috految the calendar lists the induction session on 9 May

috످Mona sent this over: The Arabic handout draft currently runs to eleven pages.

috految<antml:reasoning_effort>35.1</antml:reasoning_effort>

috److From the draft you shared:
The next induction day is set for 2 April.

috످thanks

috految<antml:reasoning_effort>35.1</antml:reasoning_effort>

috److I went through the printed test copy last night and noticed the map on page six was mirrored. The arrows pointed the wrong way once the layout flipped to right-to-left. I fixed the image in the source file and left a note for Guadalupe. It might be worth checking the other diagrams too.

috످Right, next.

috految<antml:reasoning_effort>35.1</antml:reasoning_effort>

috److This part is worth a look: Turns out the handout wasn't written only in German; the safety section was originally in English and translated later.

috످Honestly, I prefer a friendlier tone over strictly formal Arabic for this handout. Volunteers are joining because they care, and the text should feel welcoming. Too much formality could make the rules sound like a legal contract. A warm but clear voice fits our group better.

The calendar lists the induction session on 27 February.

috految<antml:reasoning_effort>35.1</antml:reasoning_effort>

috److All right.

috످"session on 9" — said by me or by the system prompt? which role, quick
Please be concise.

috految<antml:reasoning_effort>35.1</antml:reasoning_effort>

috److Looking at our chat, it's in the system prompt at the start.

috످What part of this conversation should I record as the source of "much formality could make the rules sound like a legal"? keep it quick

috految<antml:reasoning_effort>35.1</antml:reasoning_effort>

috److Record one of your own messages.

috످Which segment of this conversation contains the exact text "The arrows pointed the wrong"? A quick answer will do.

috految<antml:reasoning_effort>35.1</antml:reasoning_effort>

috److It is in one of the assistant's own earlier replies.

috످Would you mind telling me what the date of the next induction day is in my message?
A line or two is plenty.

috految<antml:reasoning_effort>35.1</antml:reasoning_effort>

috److془User's message: 27 February. Conflict: 9 May in system, 2 April mine.

Answer: Your message gives 27 February.془Your message says the induction session is on 27 February.

috످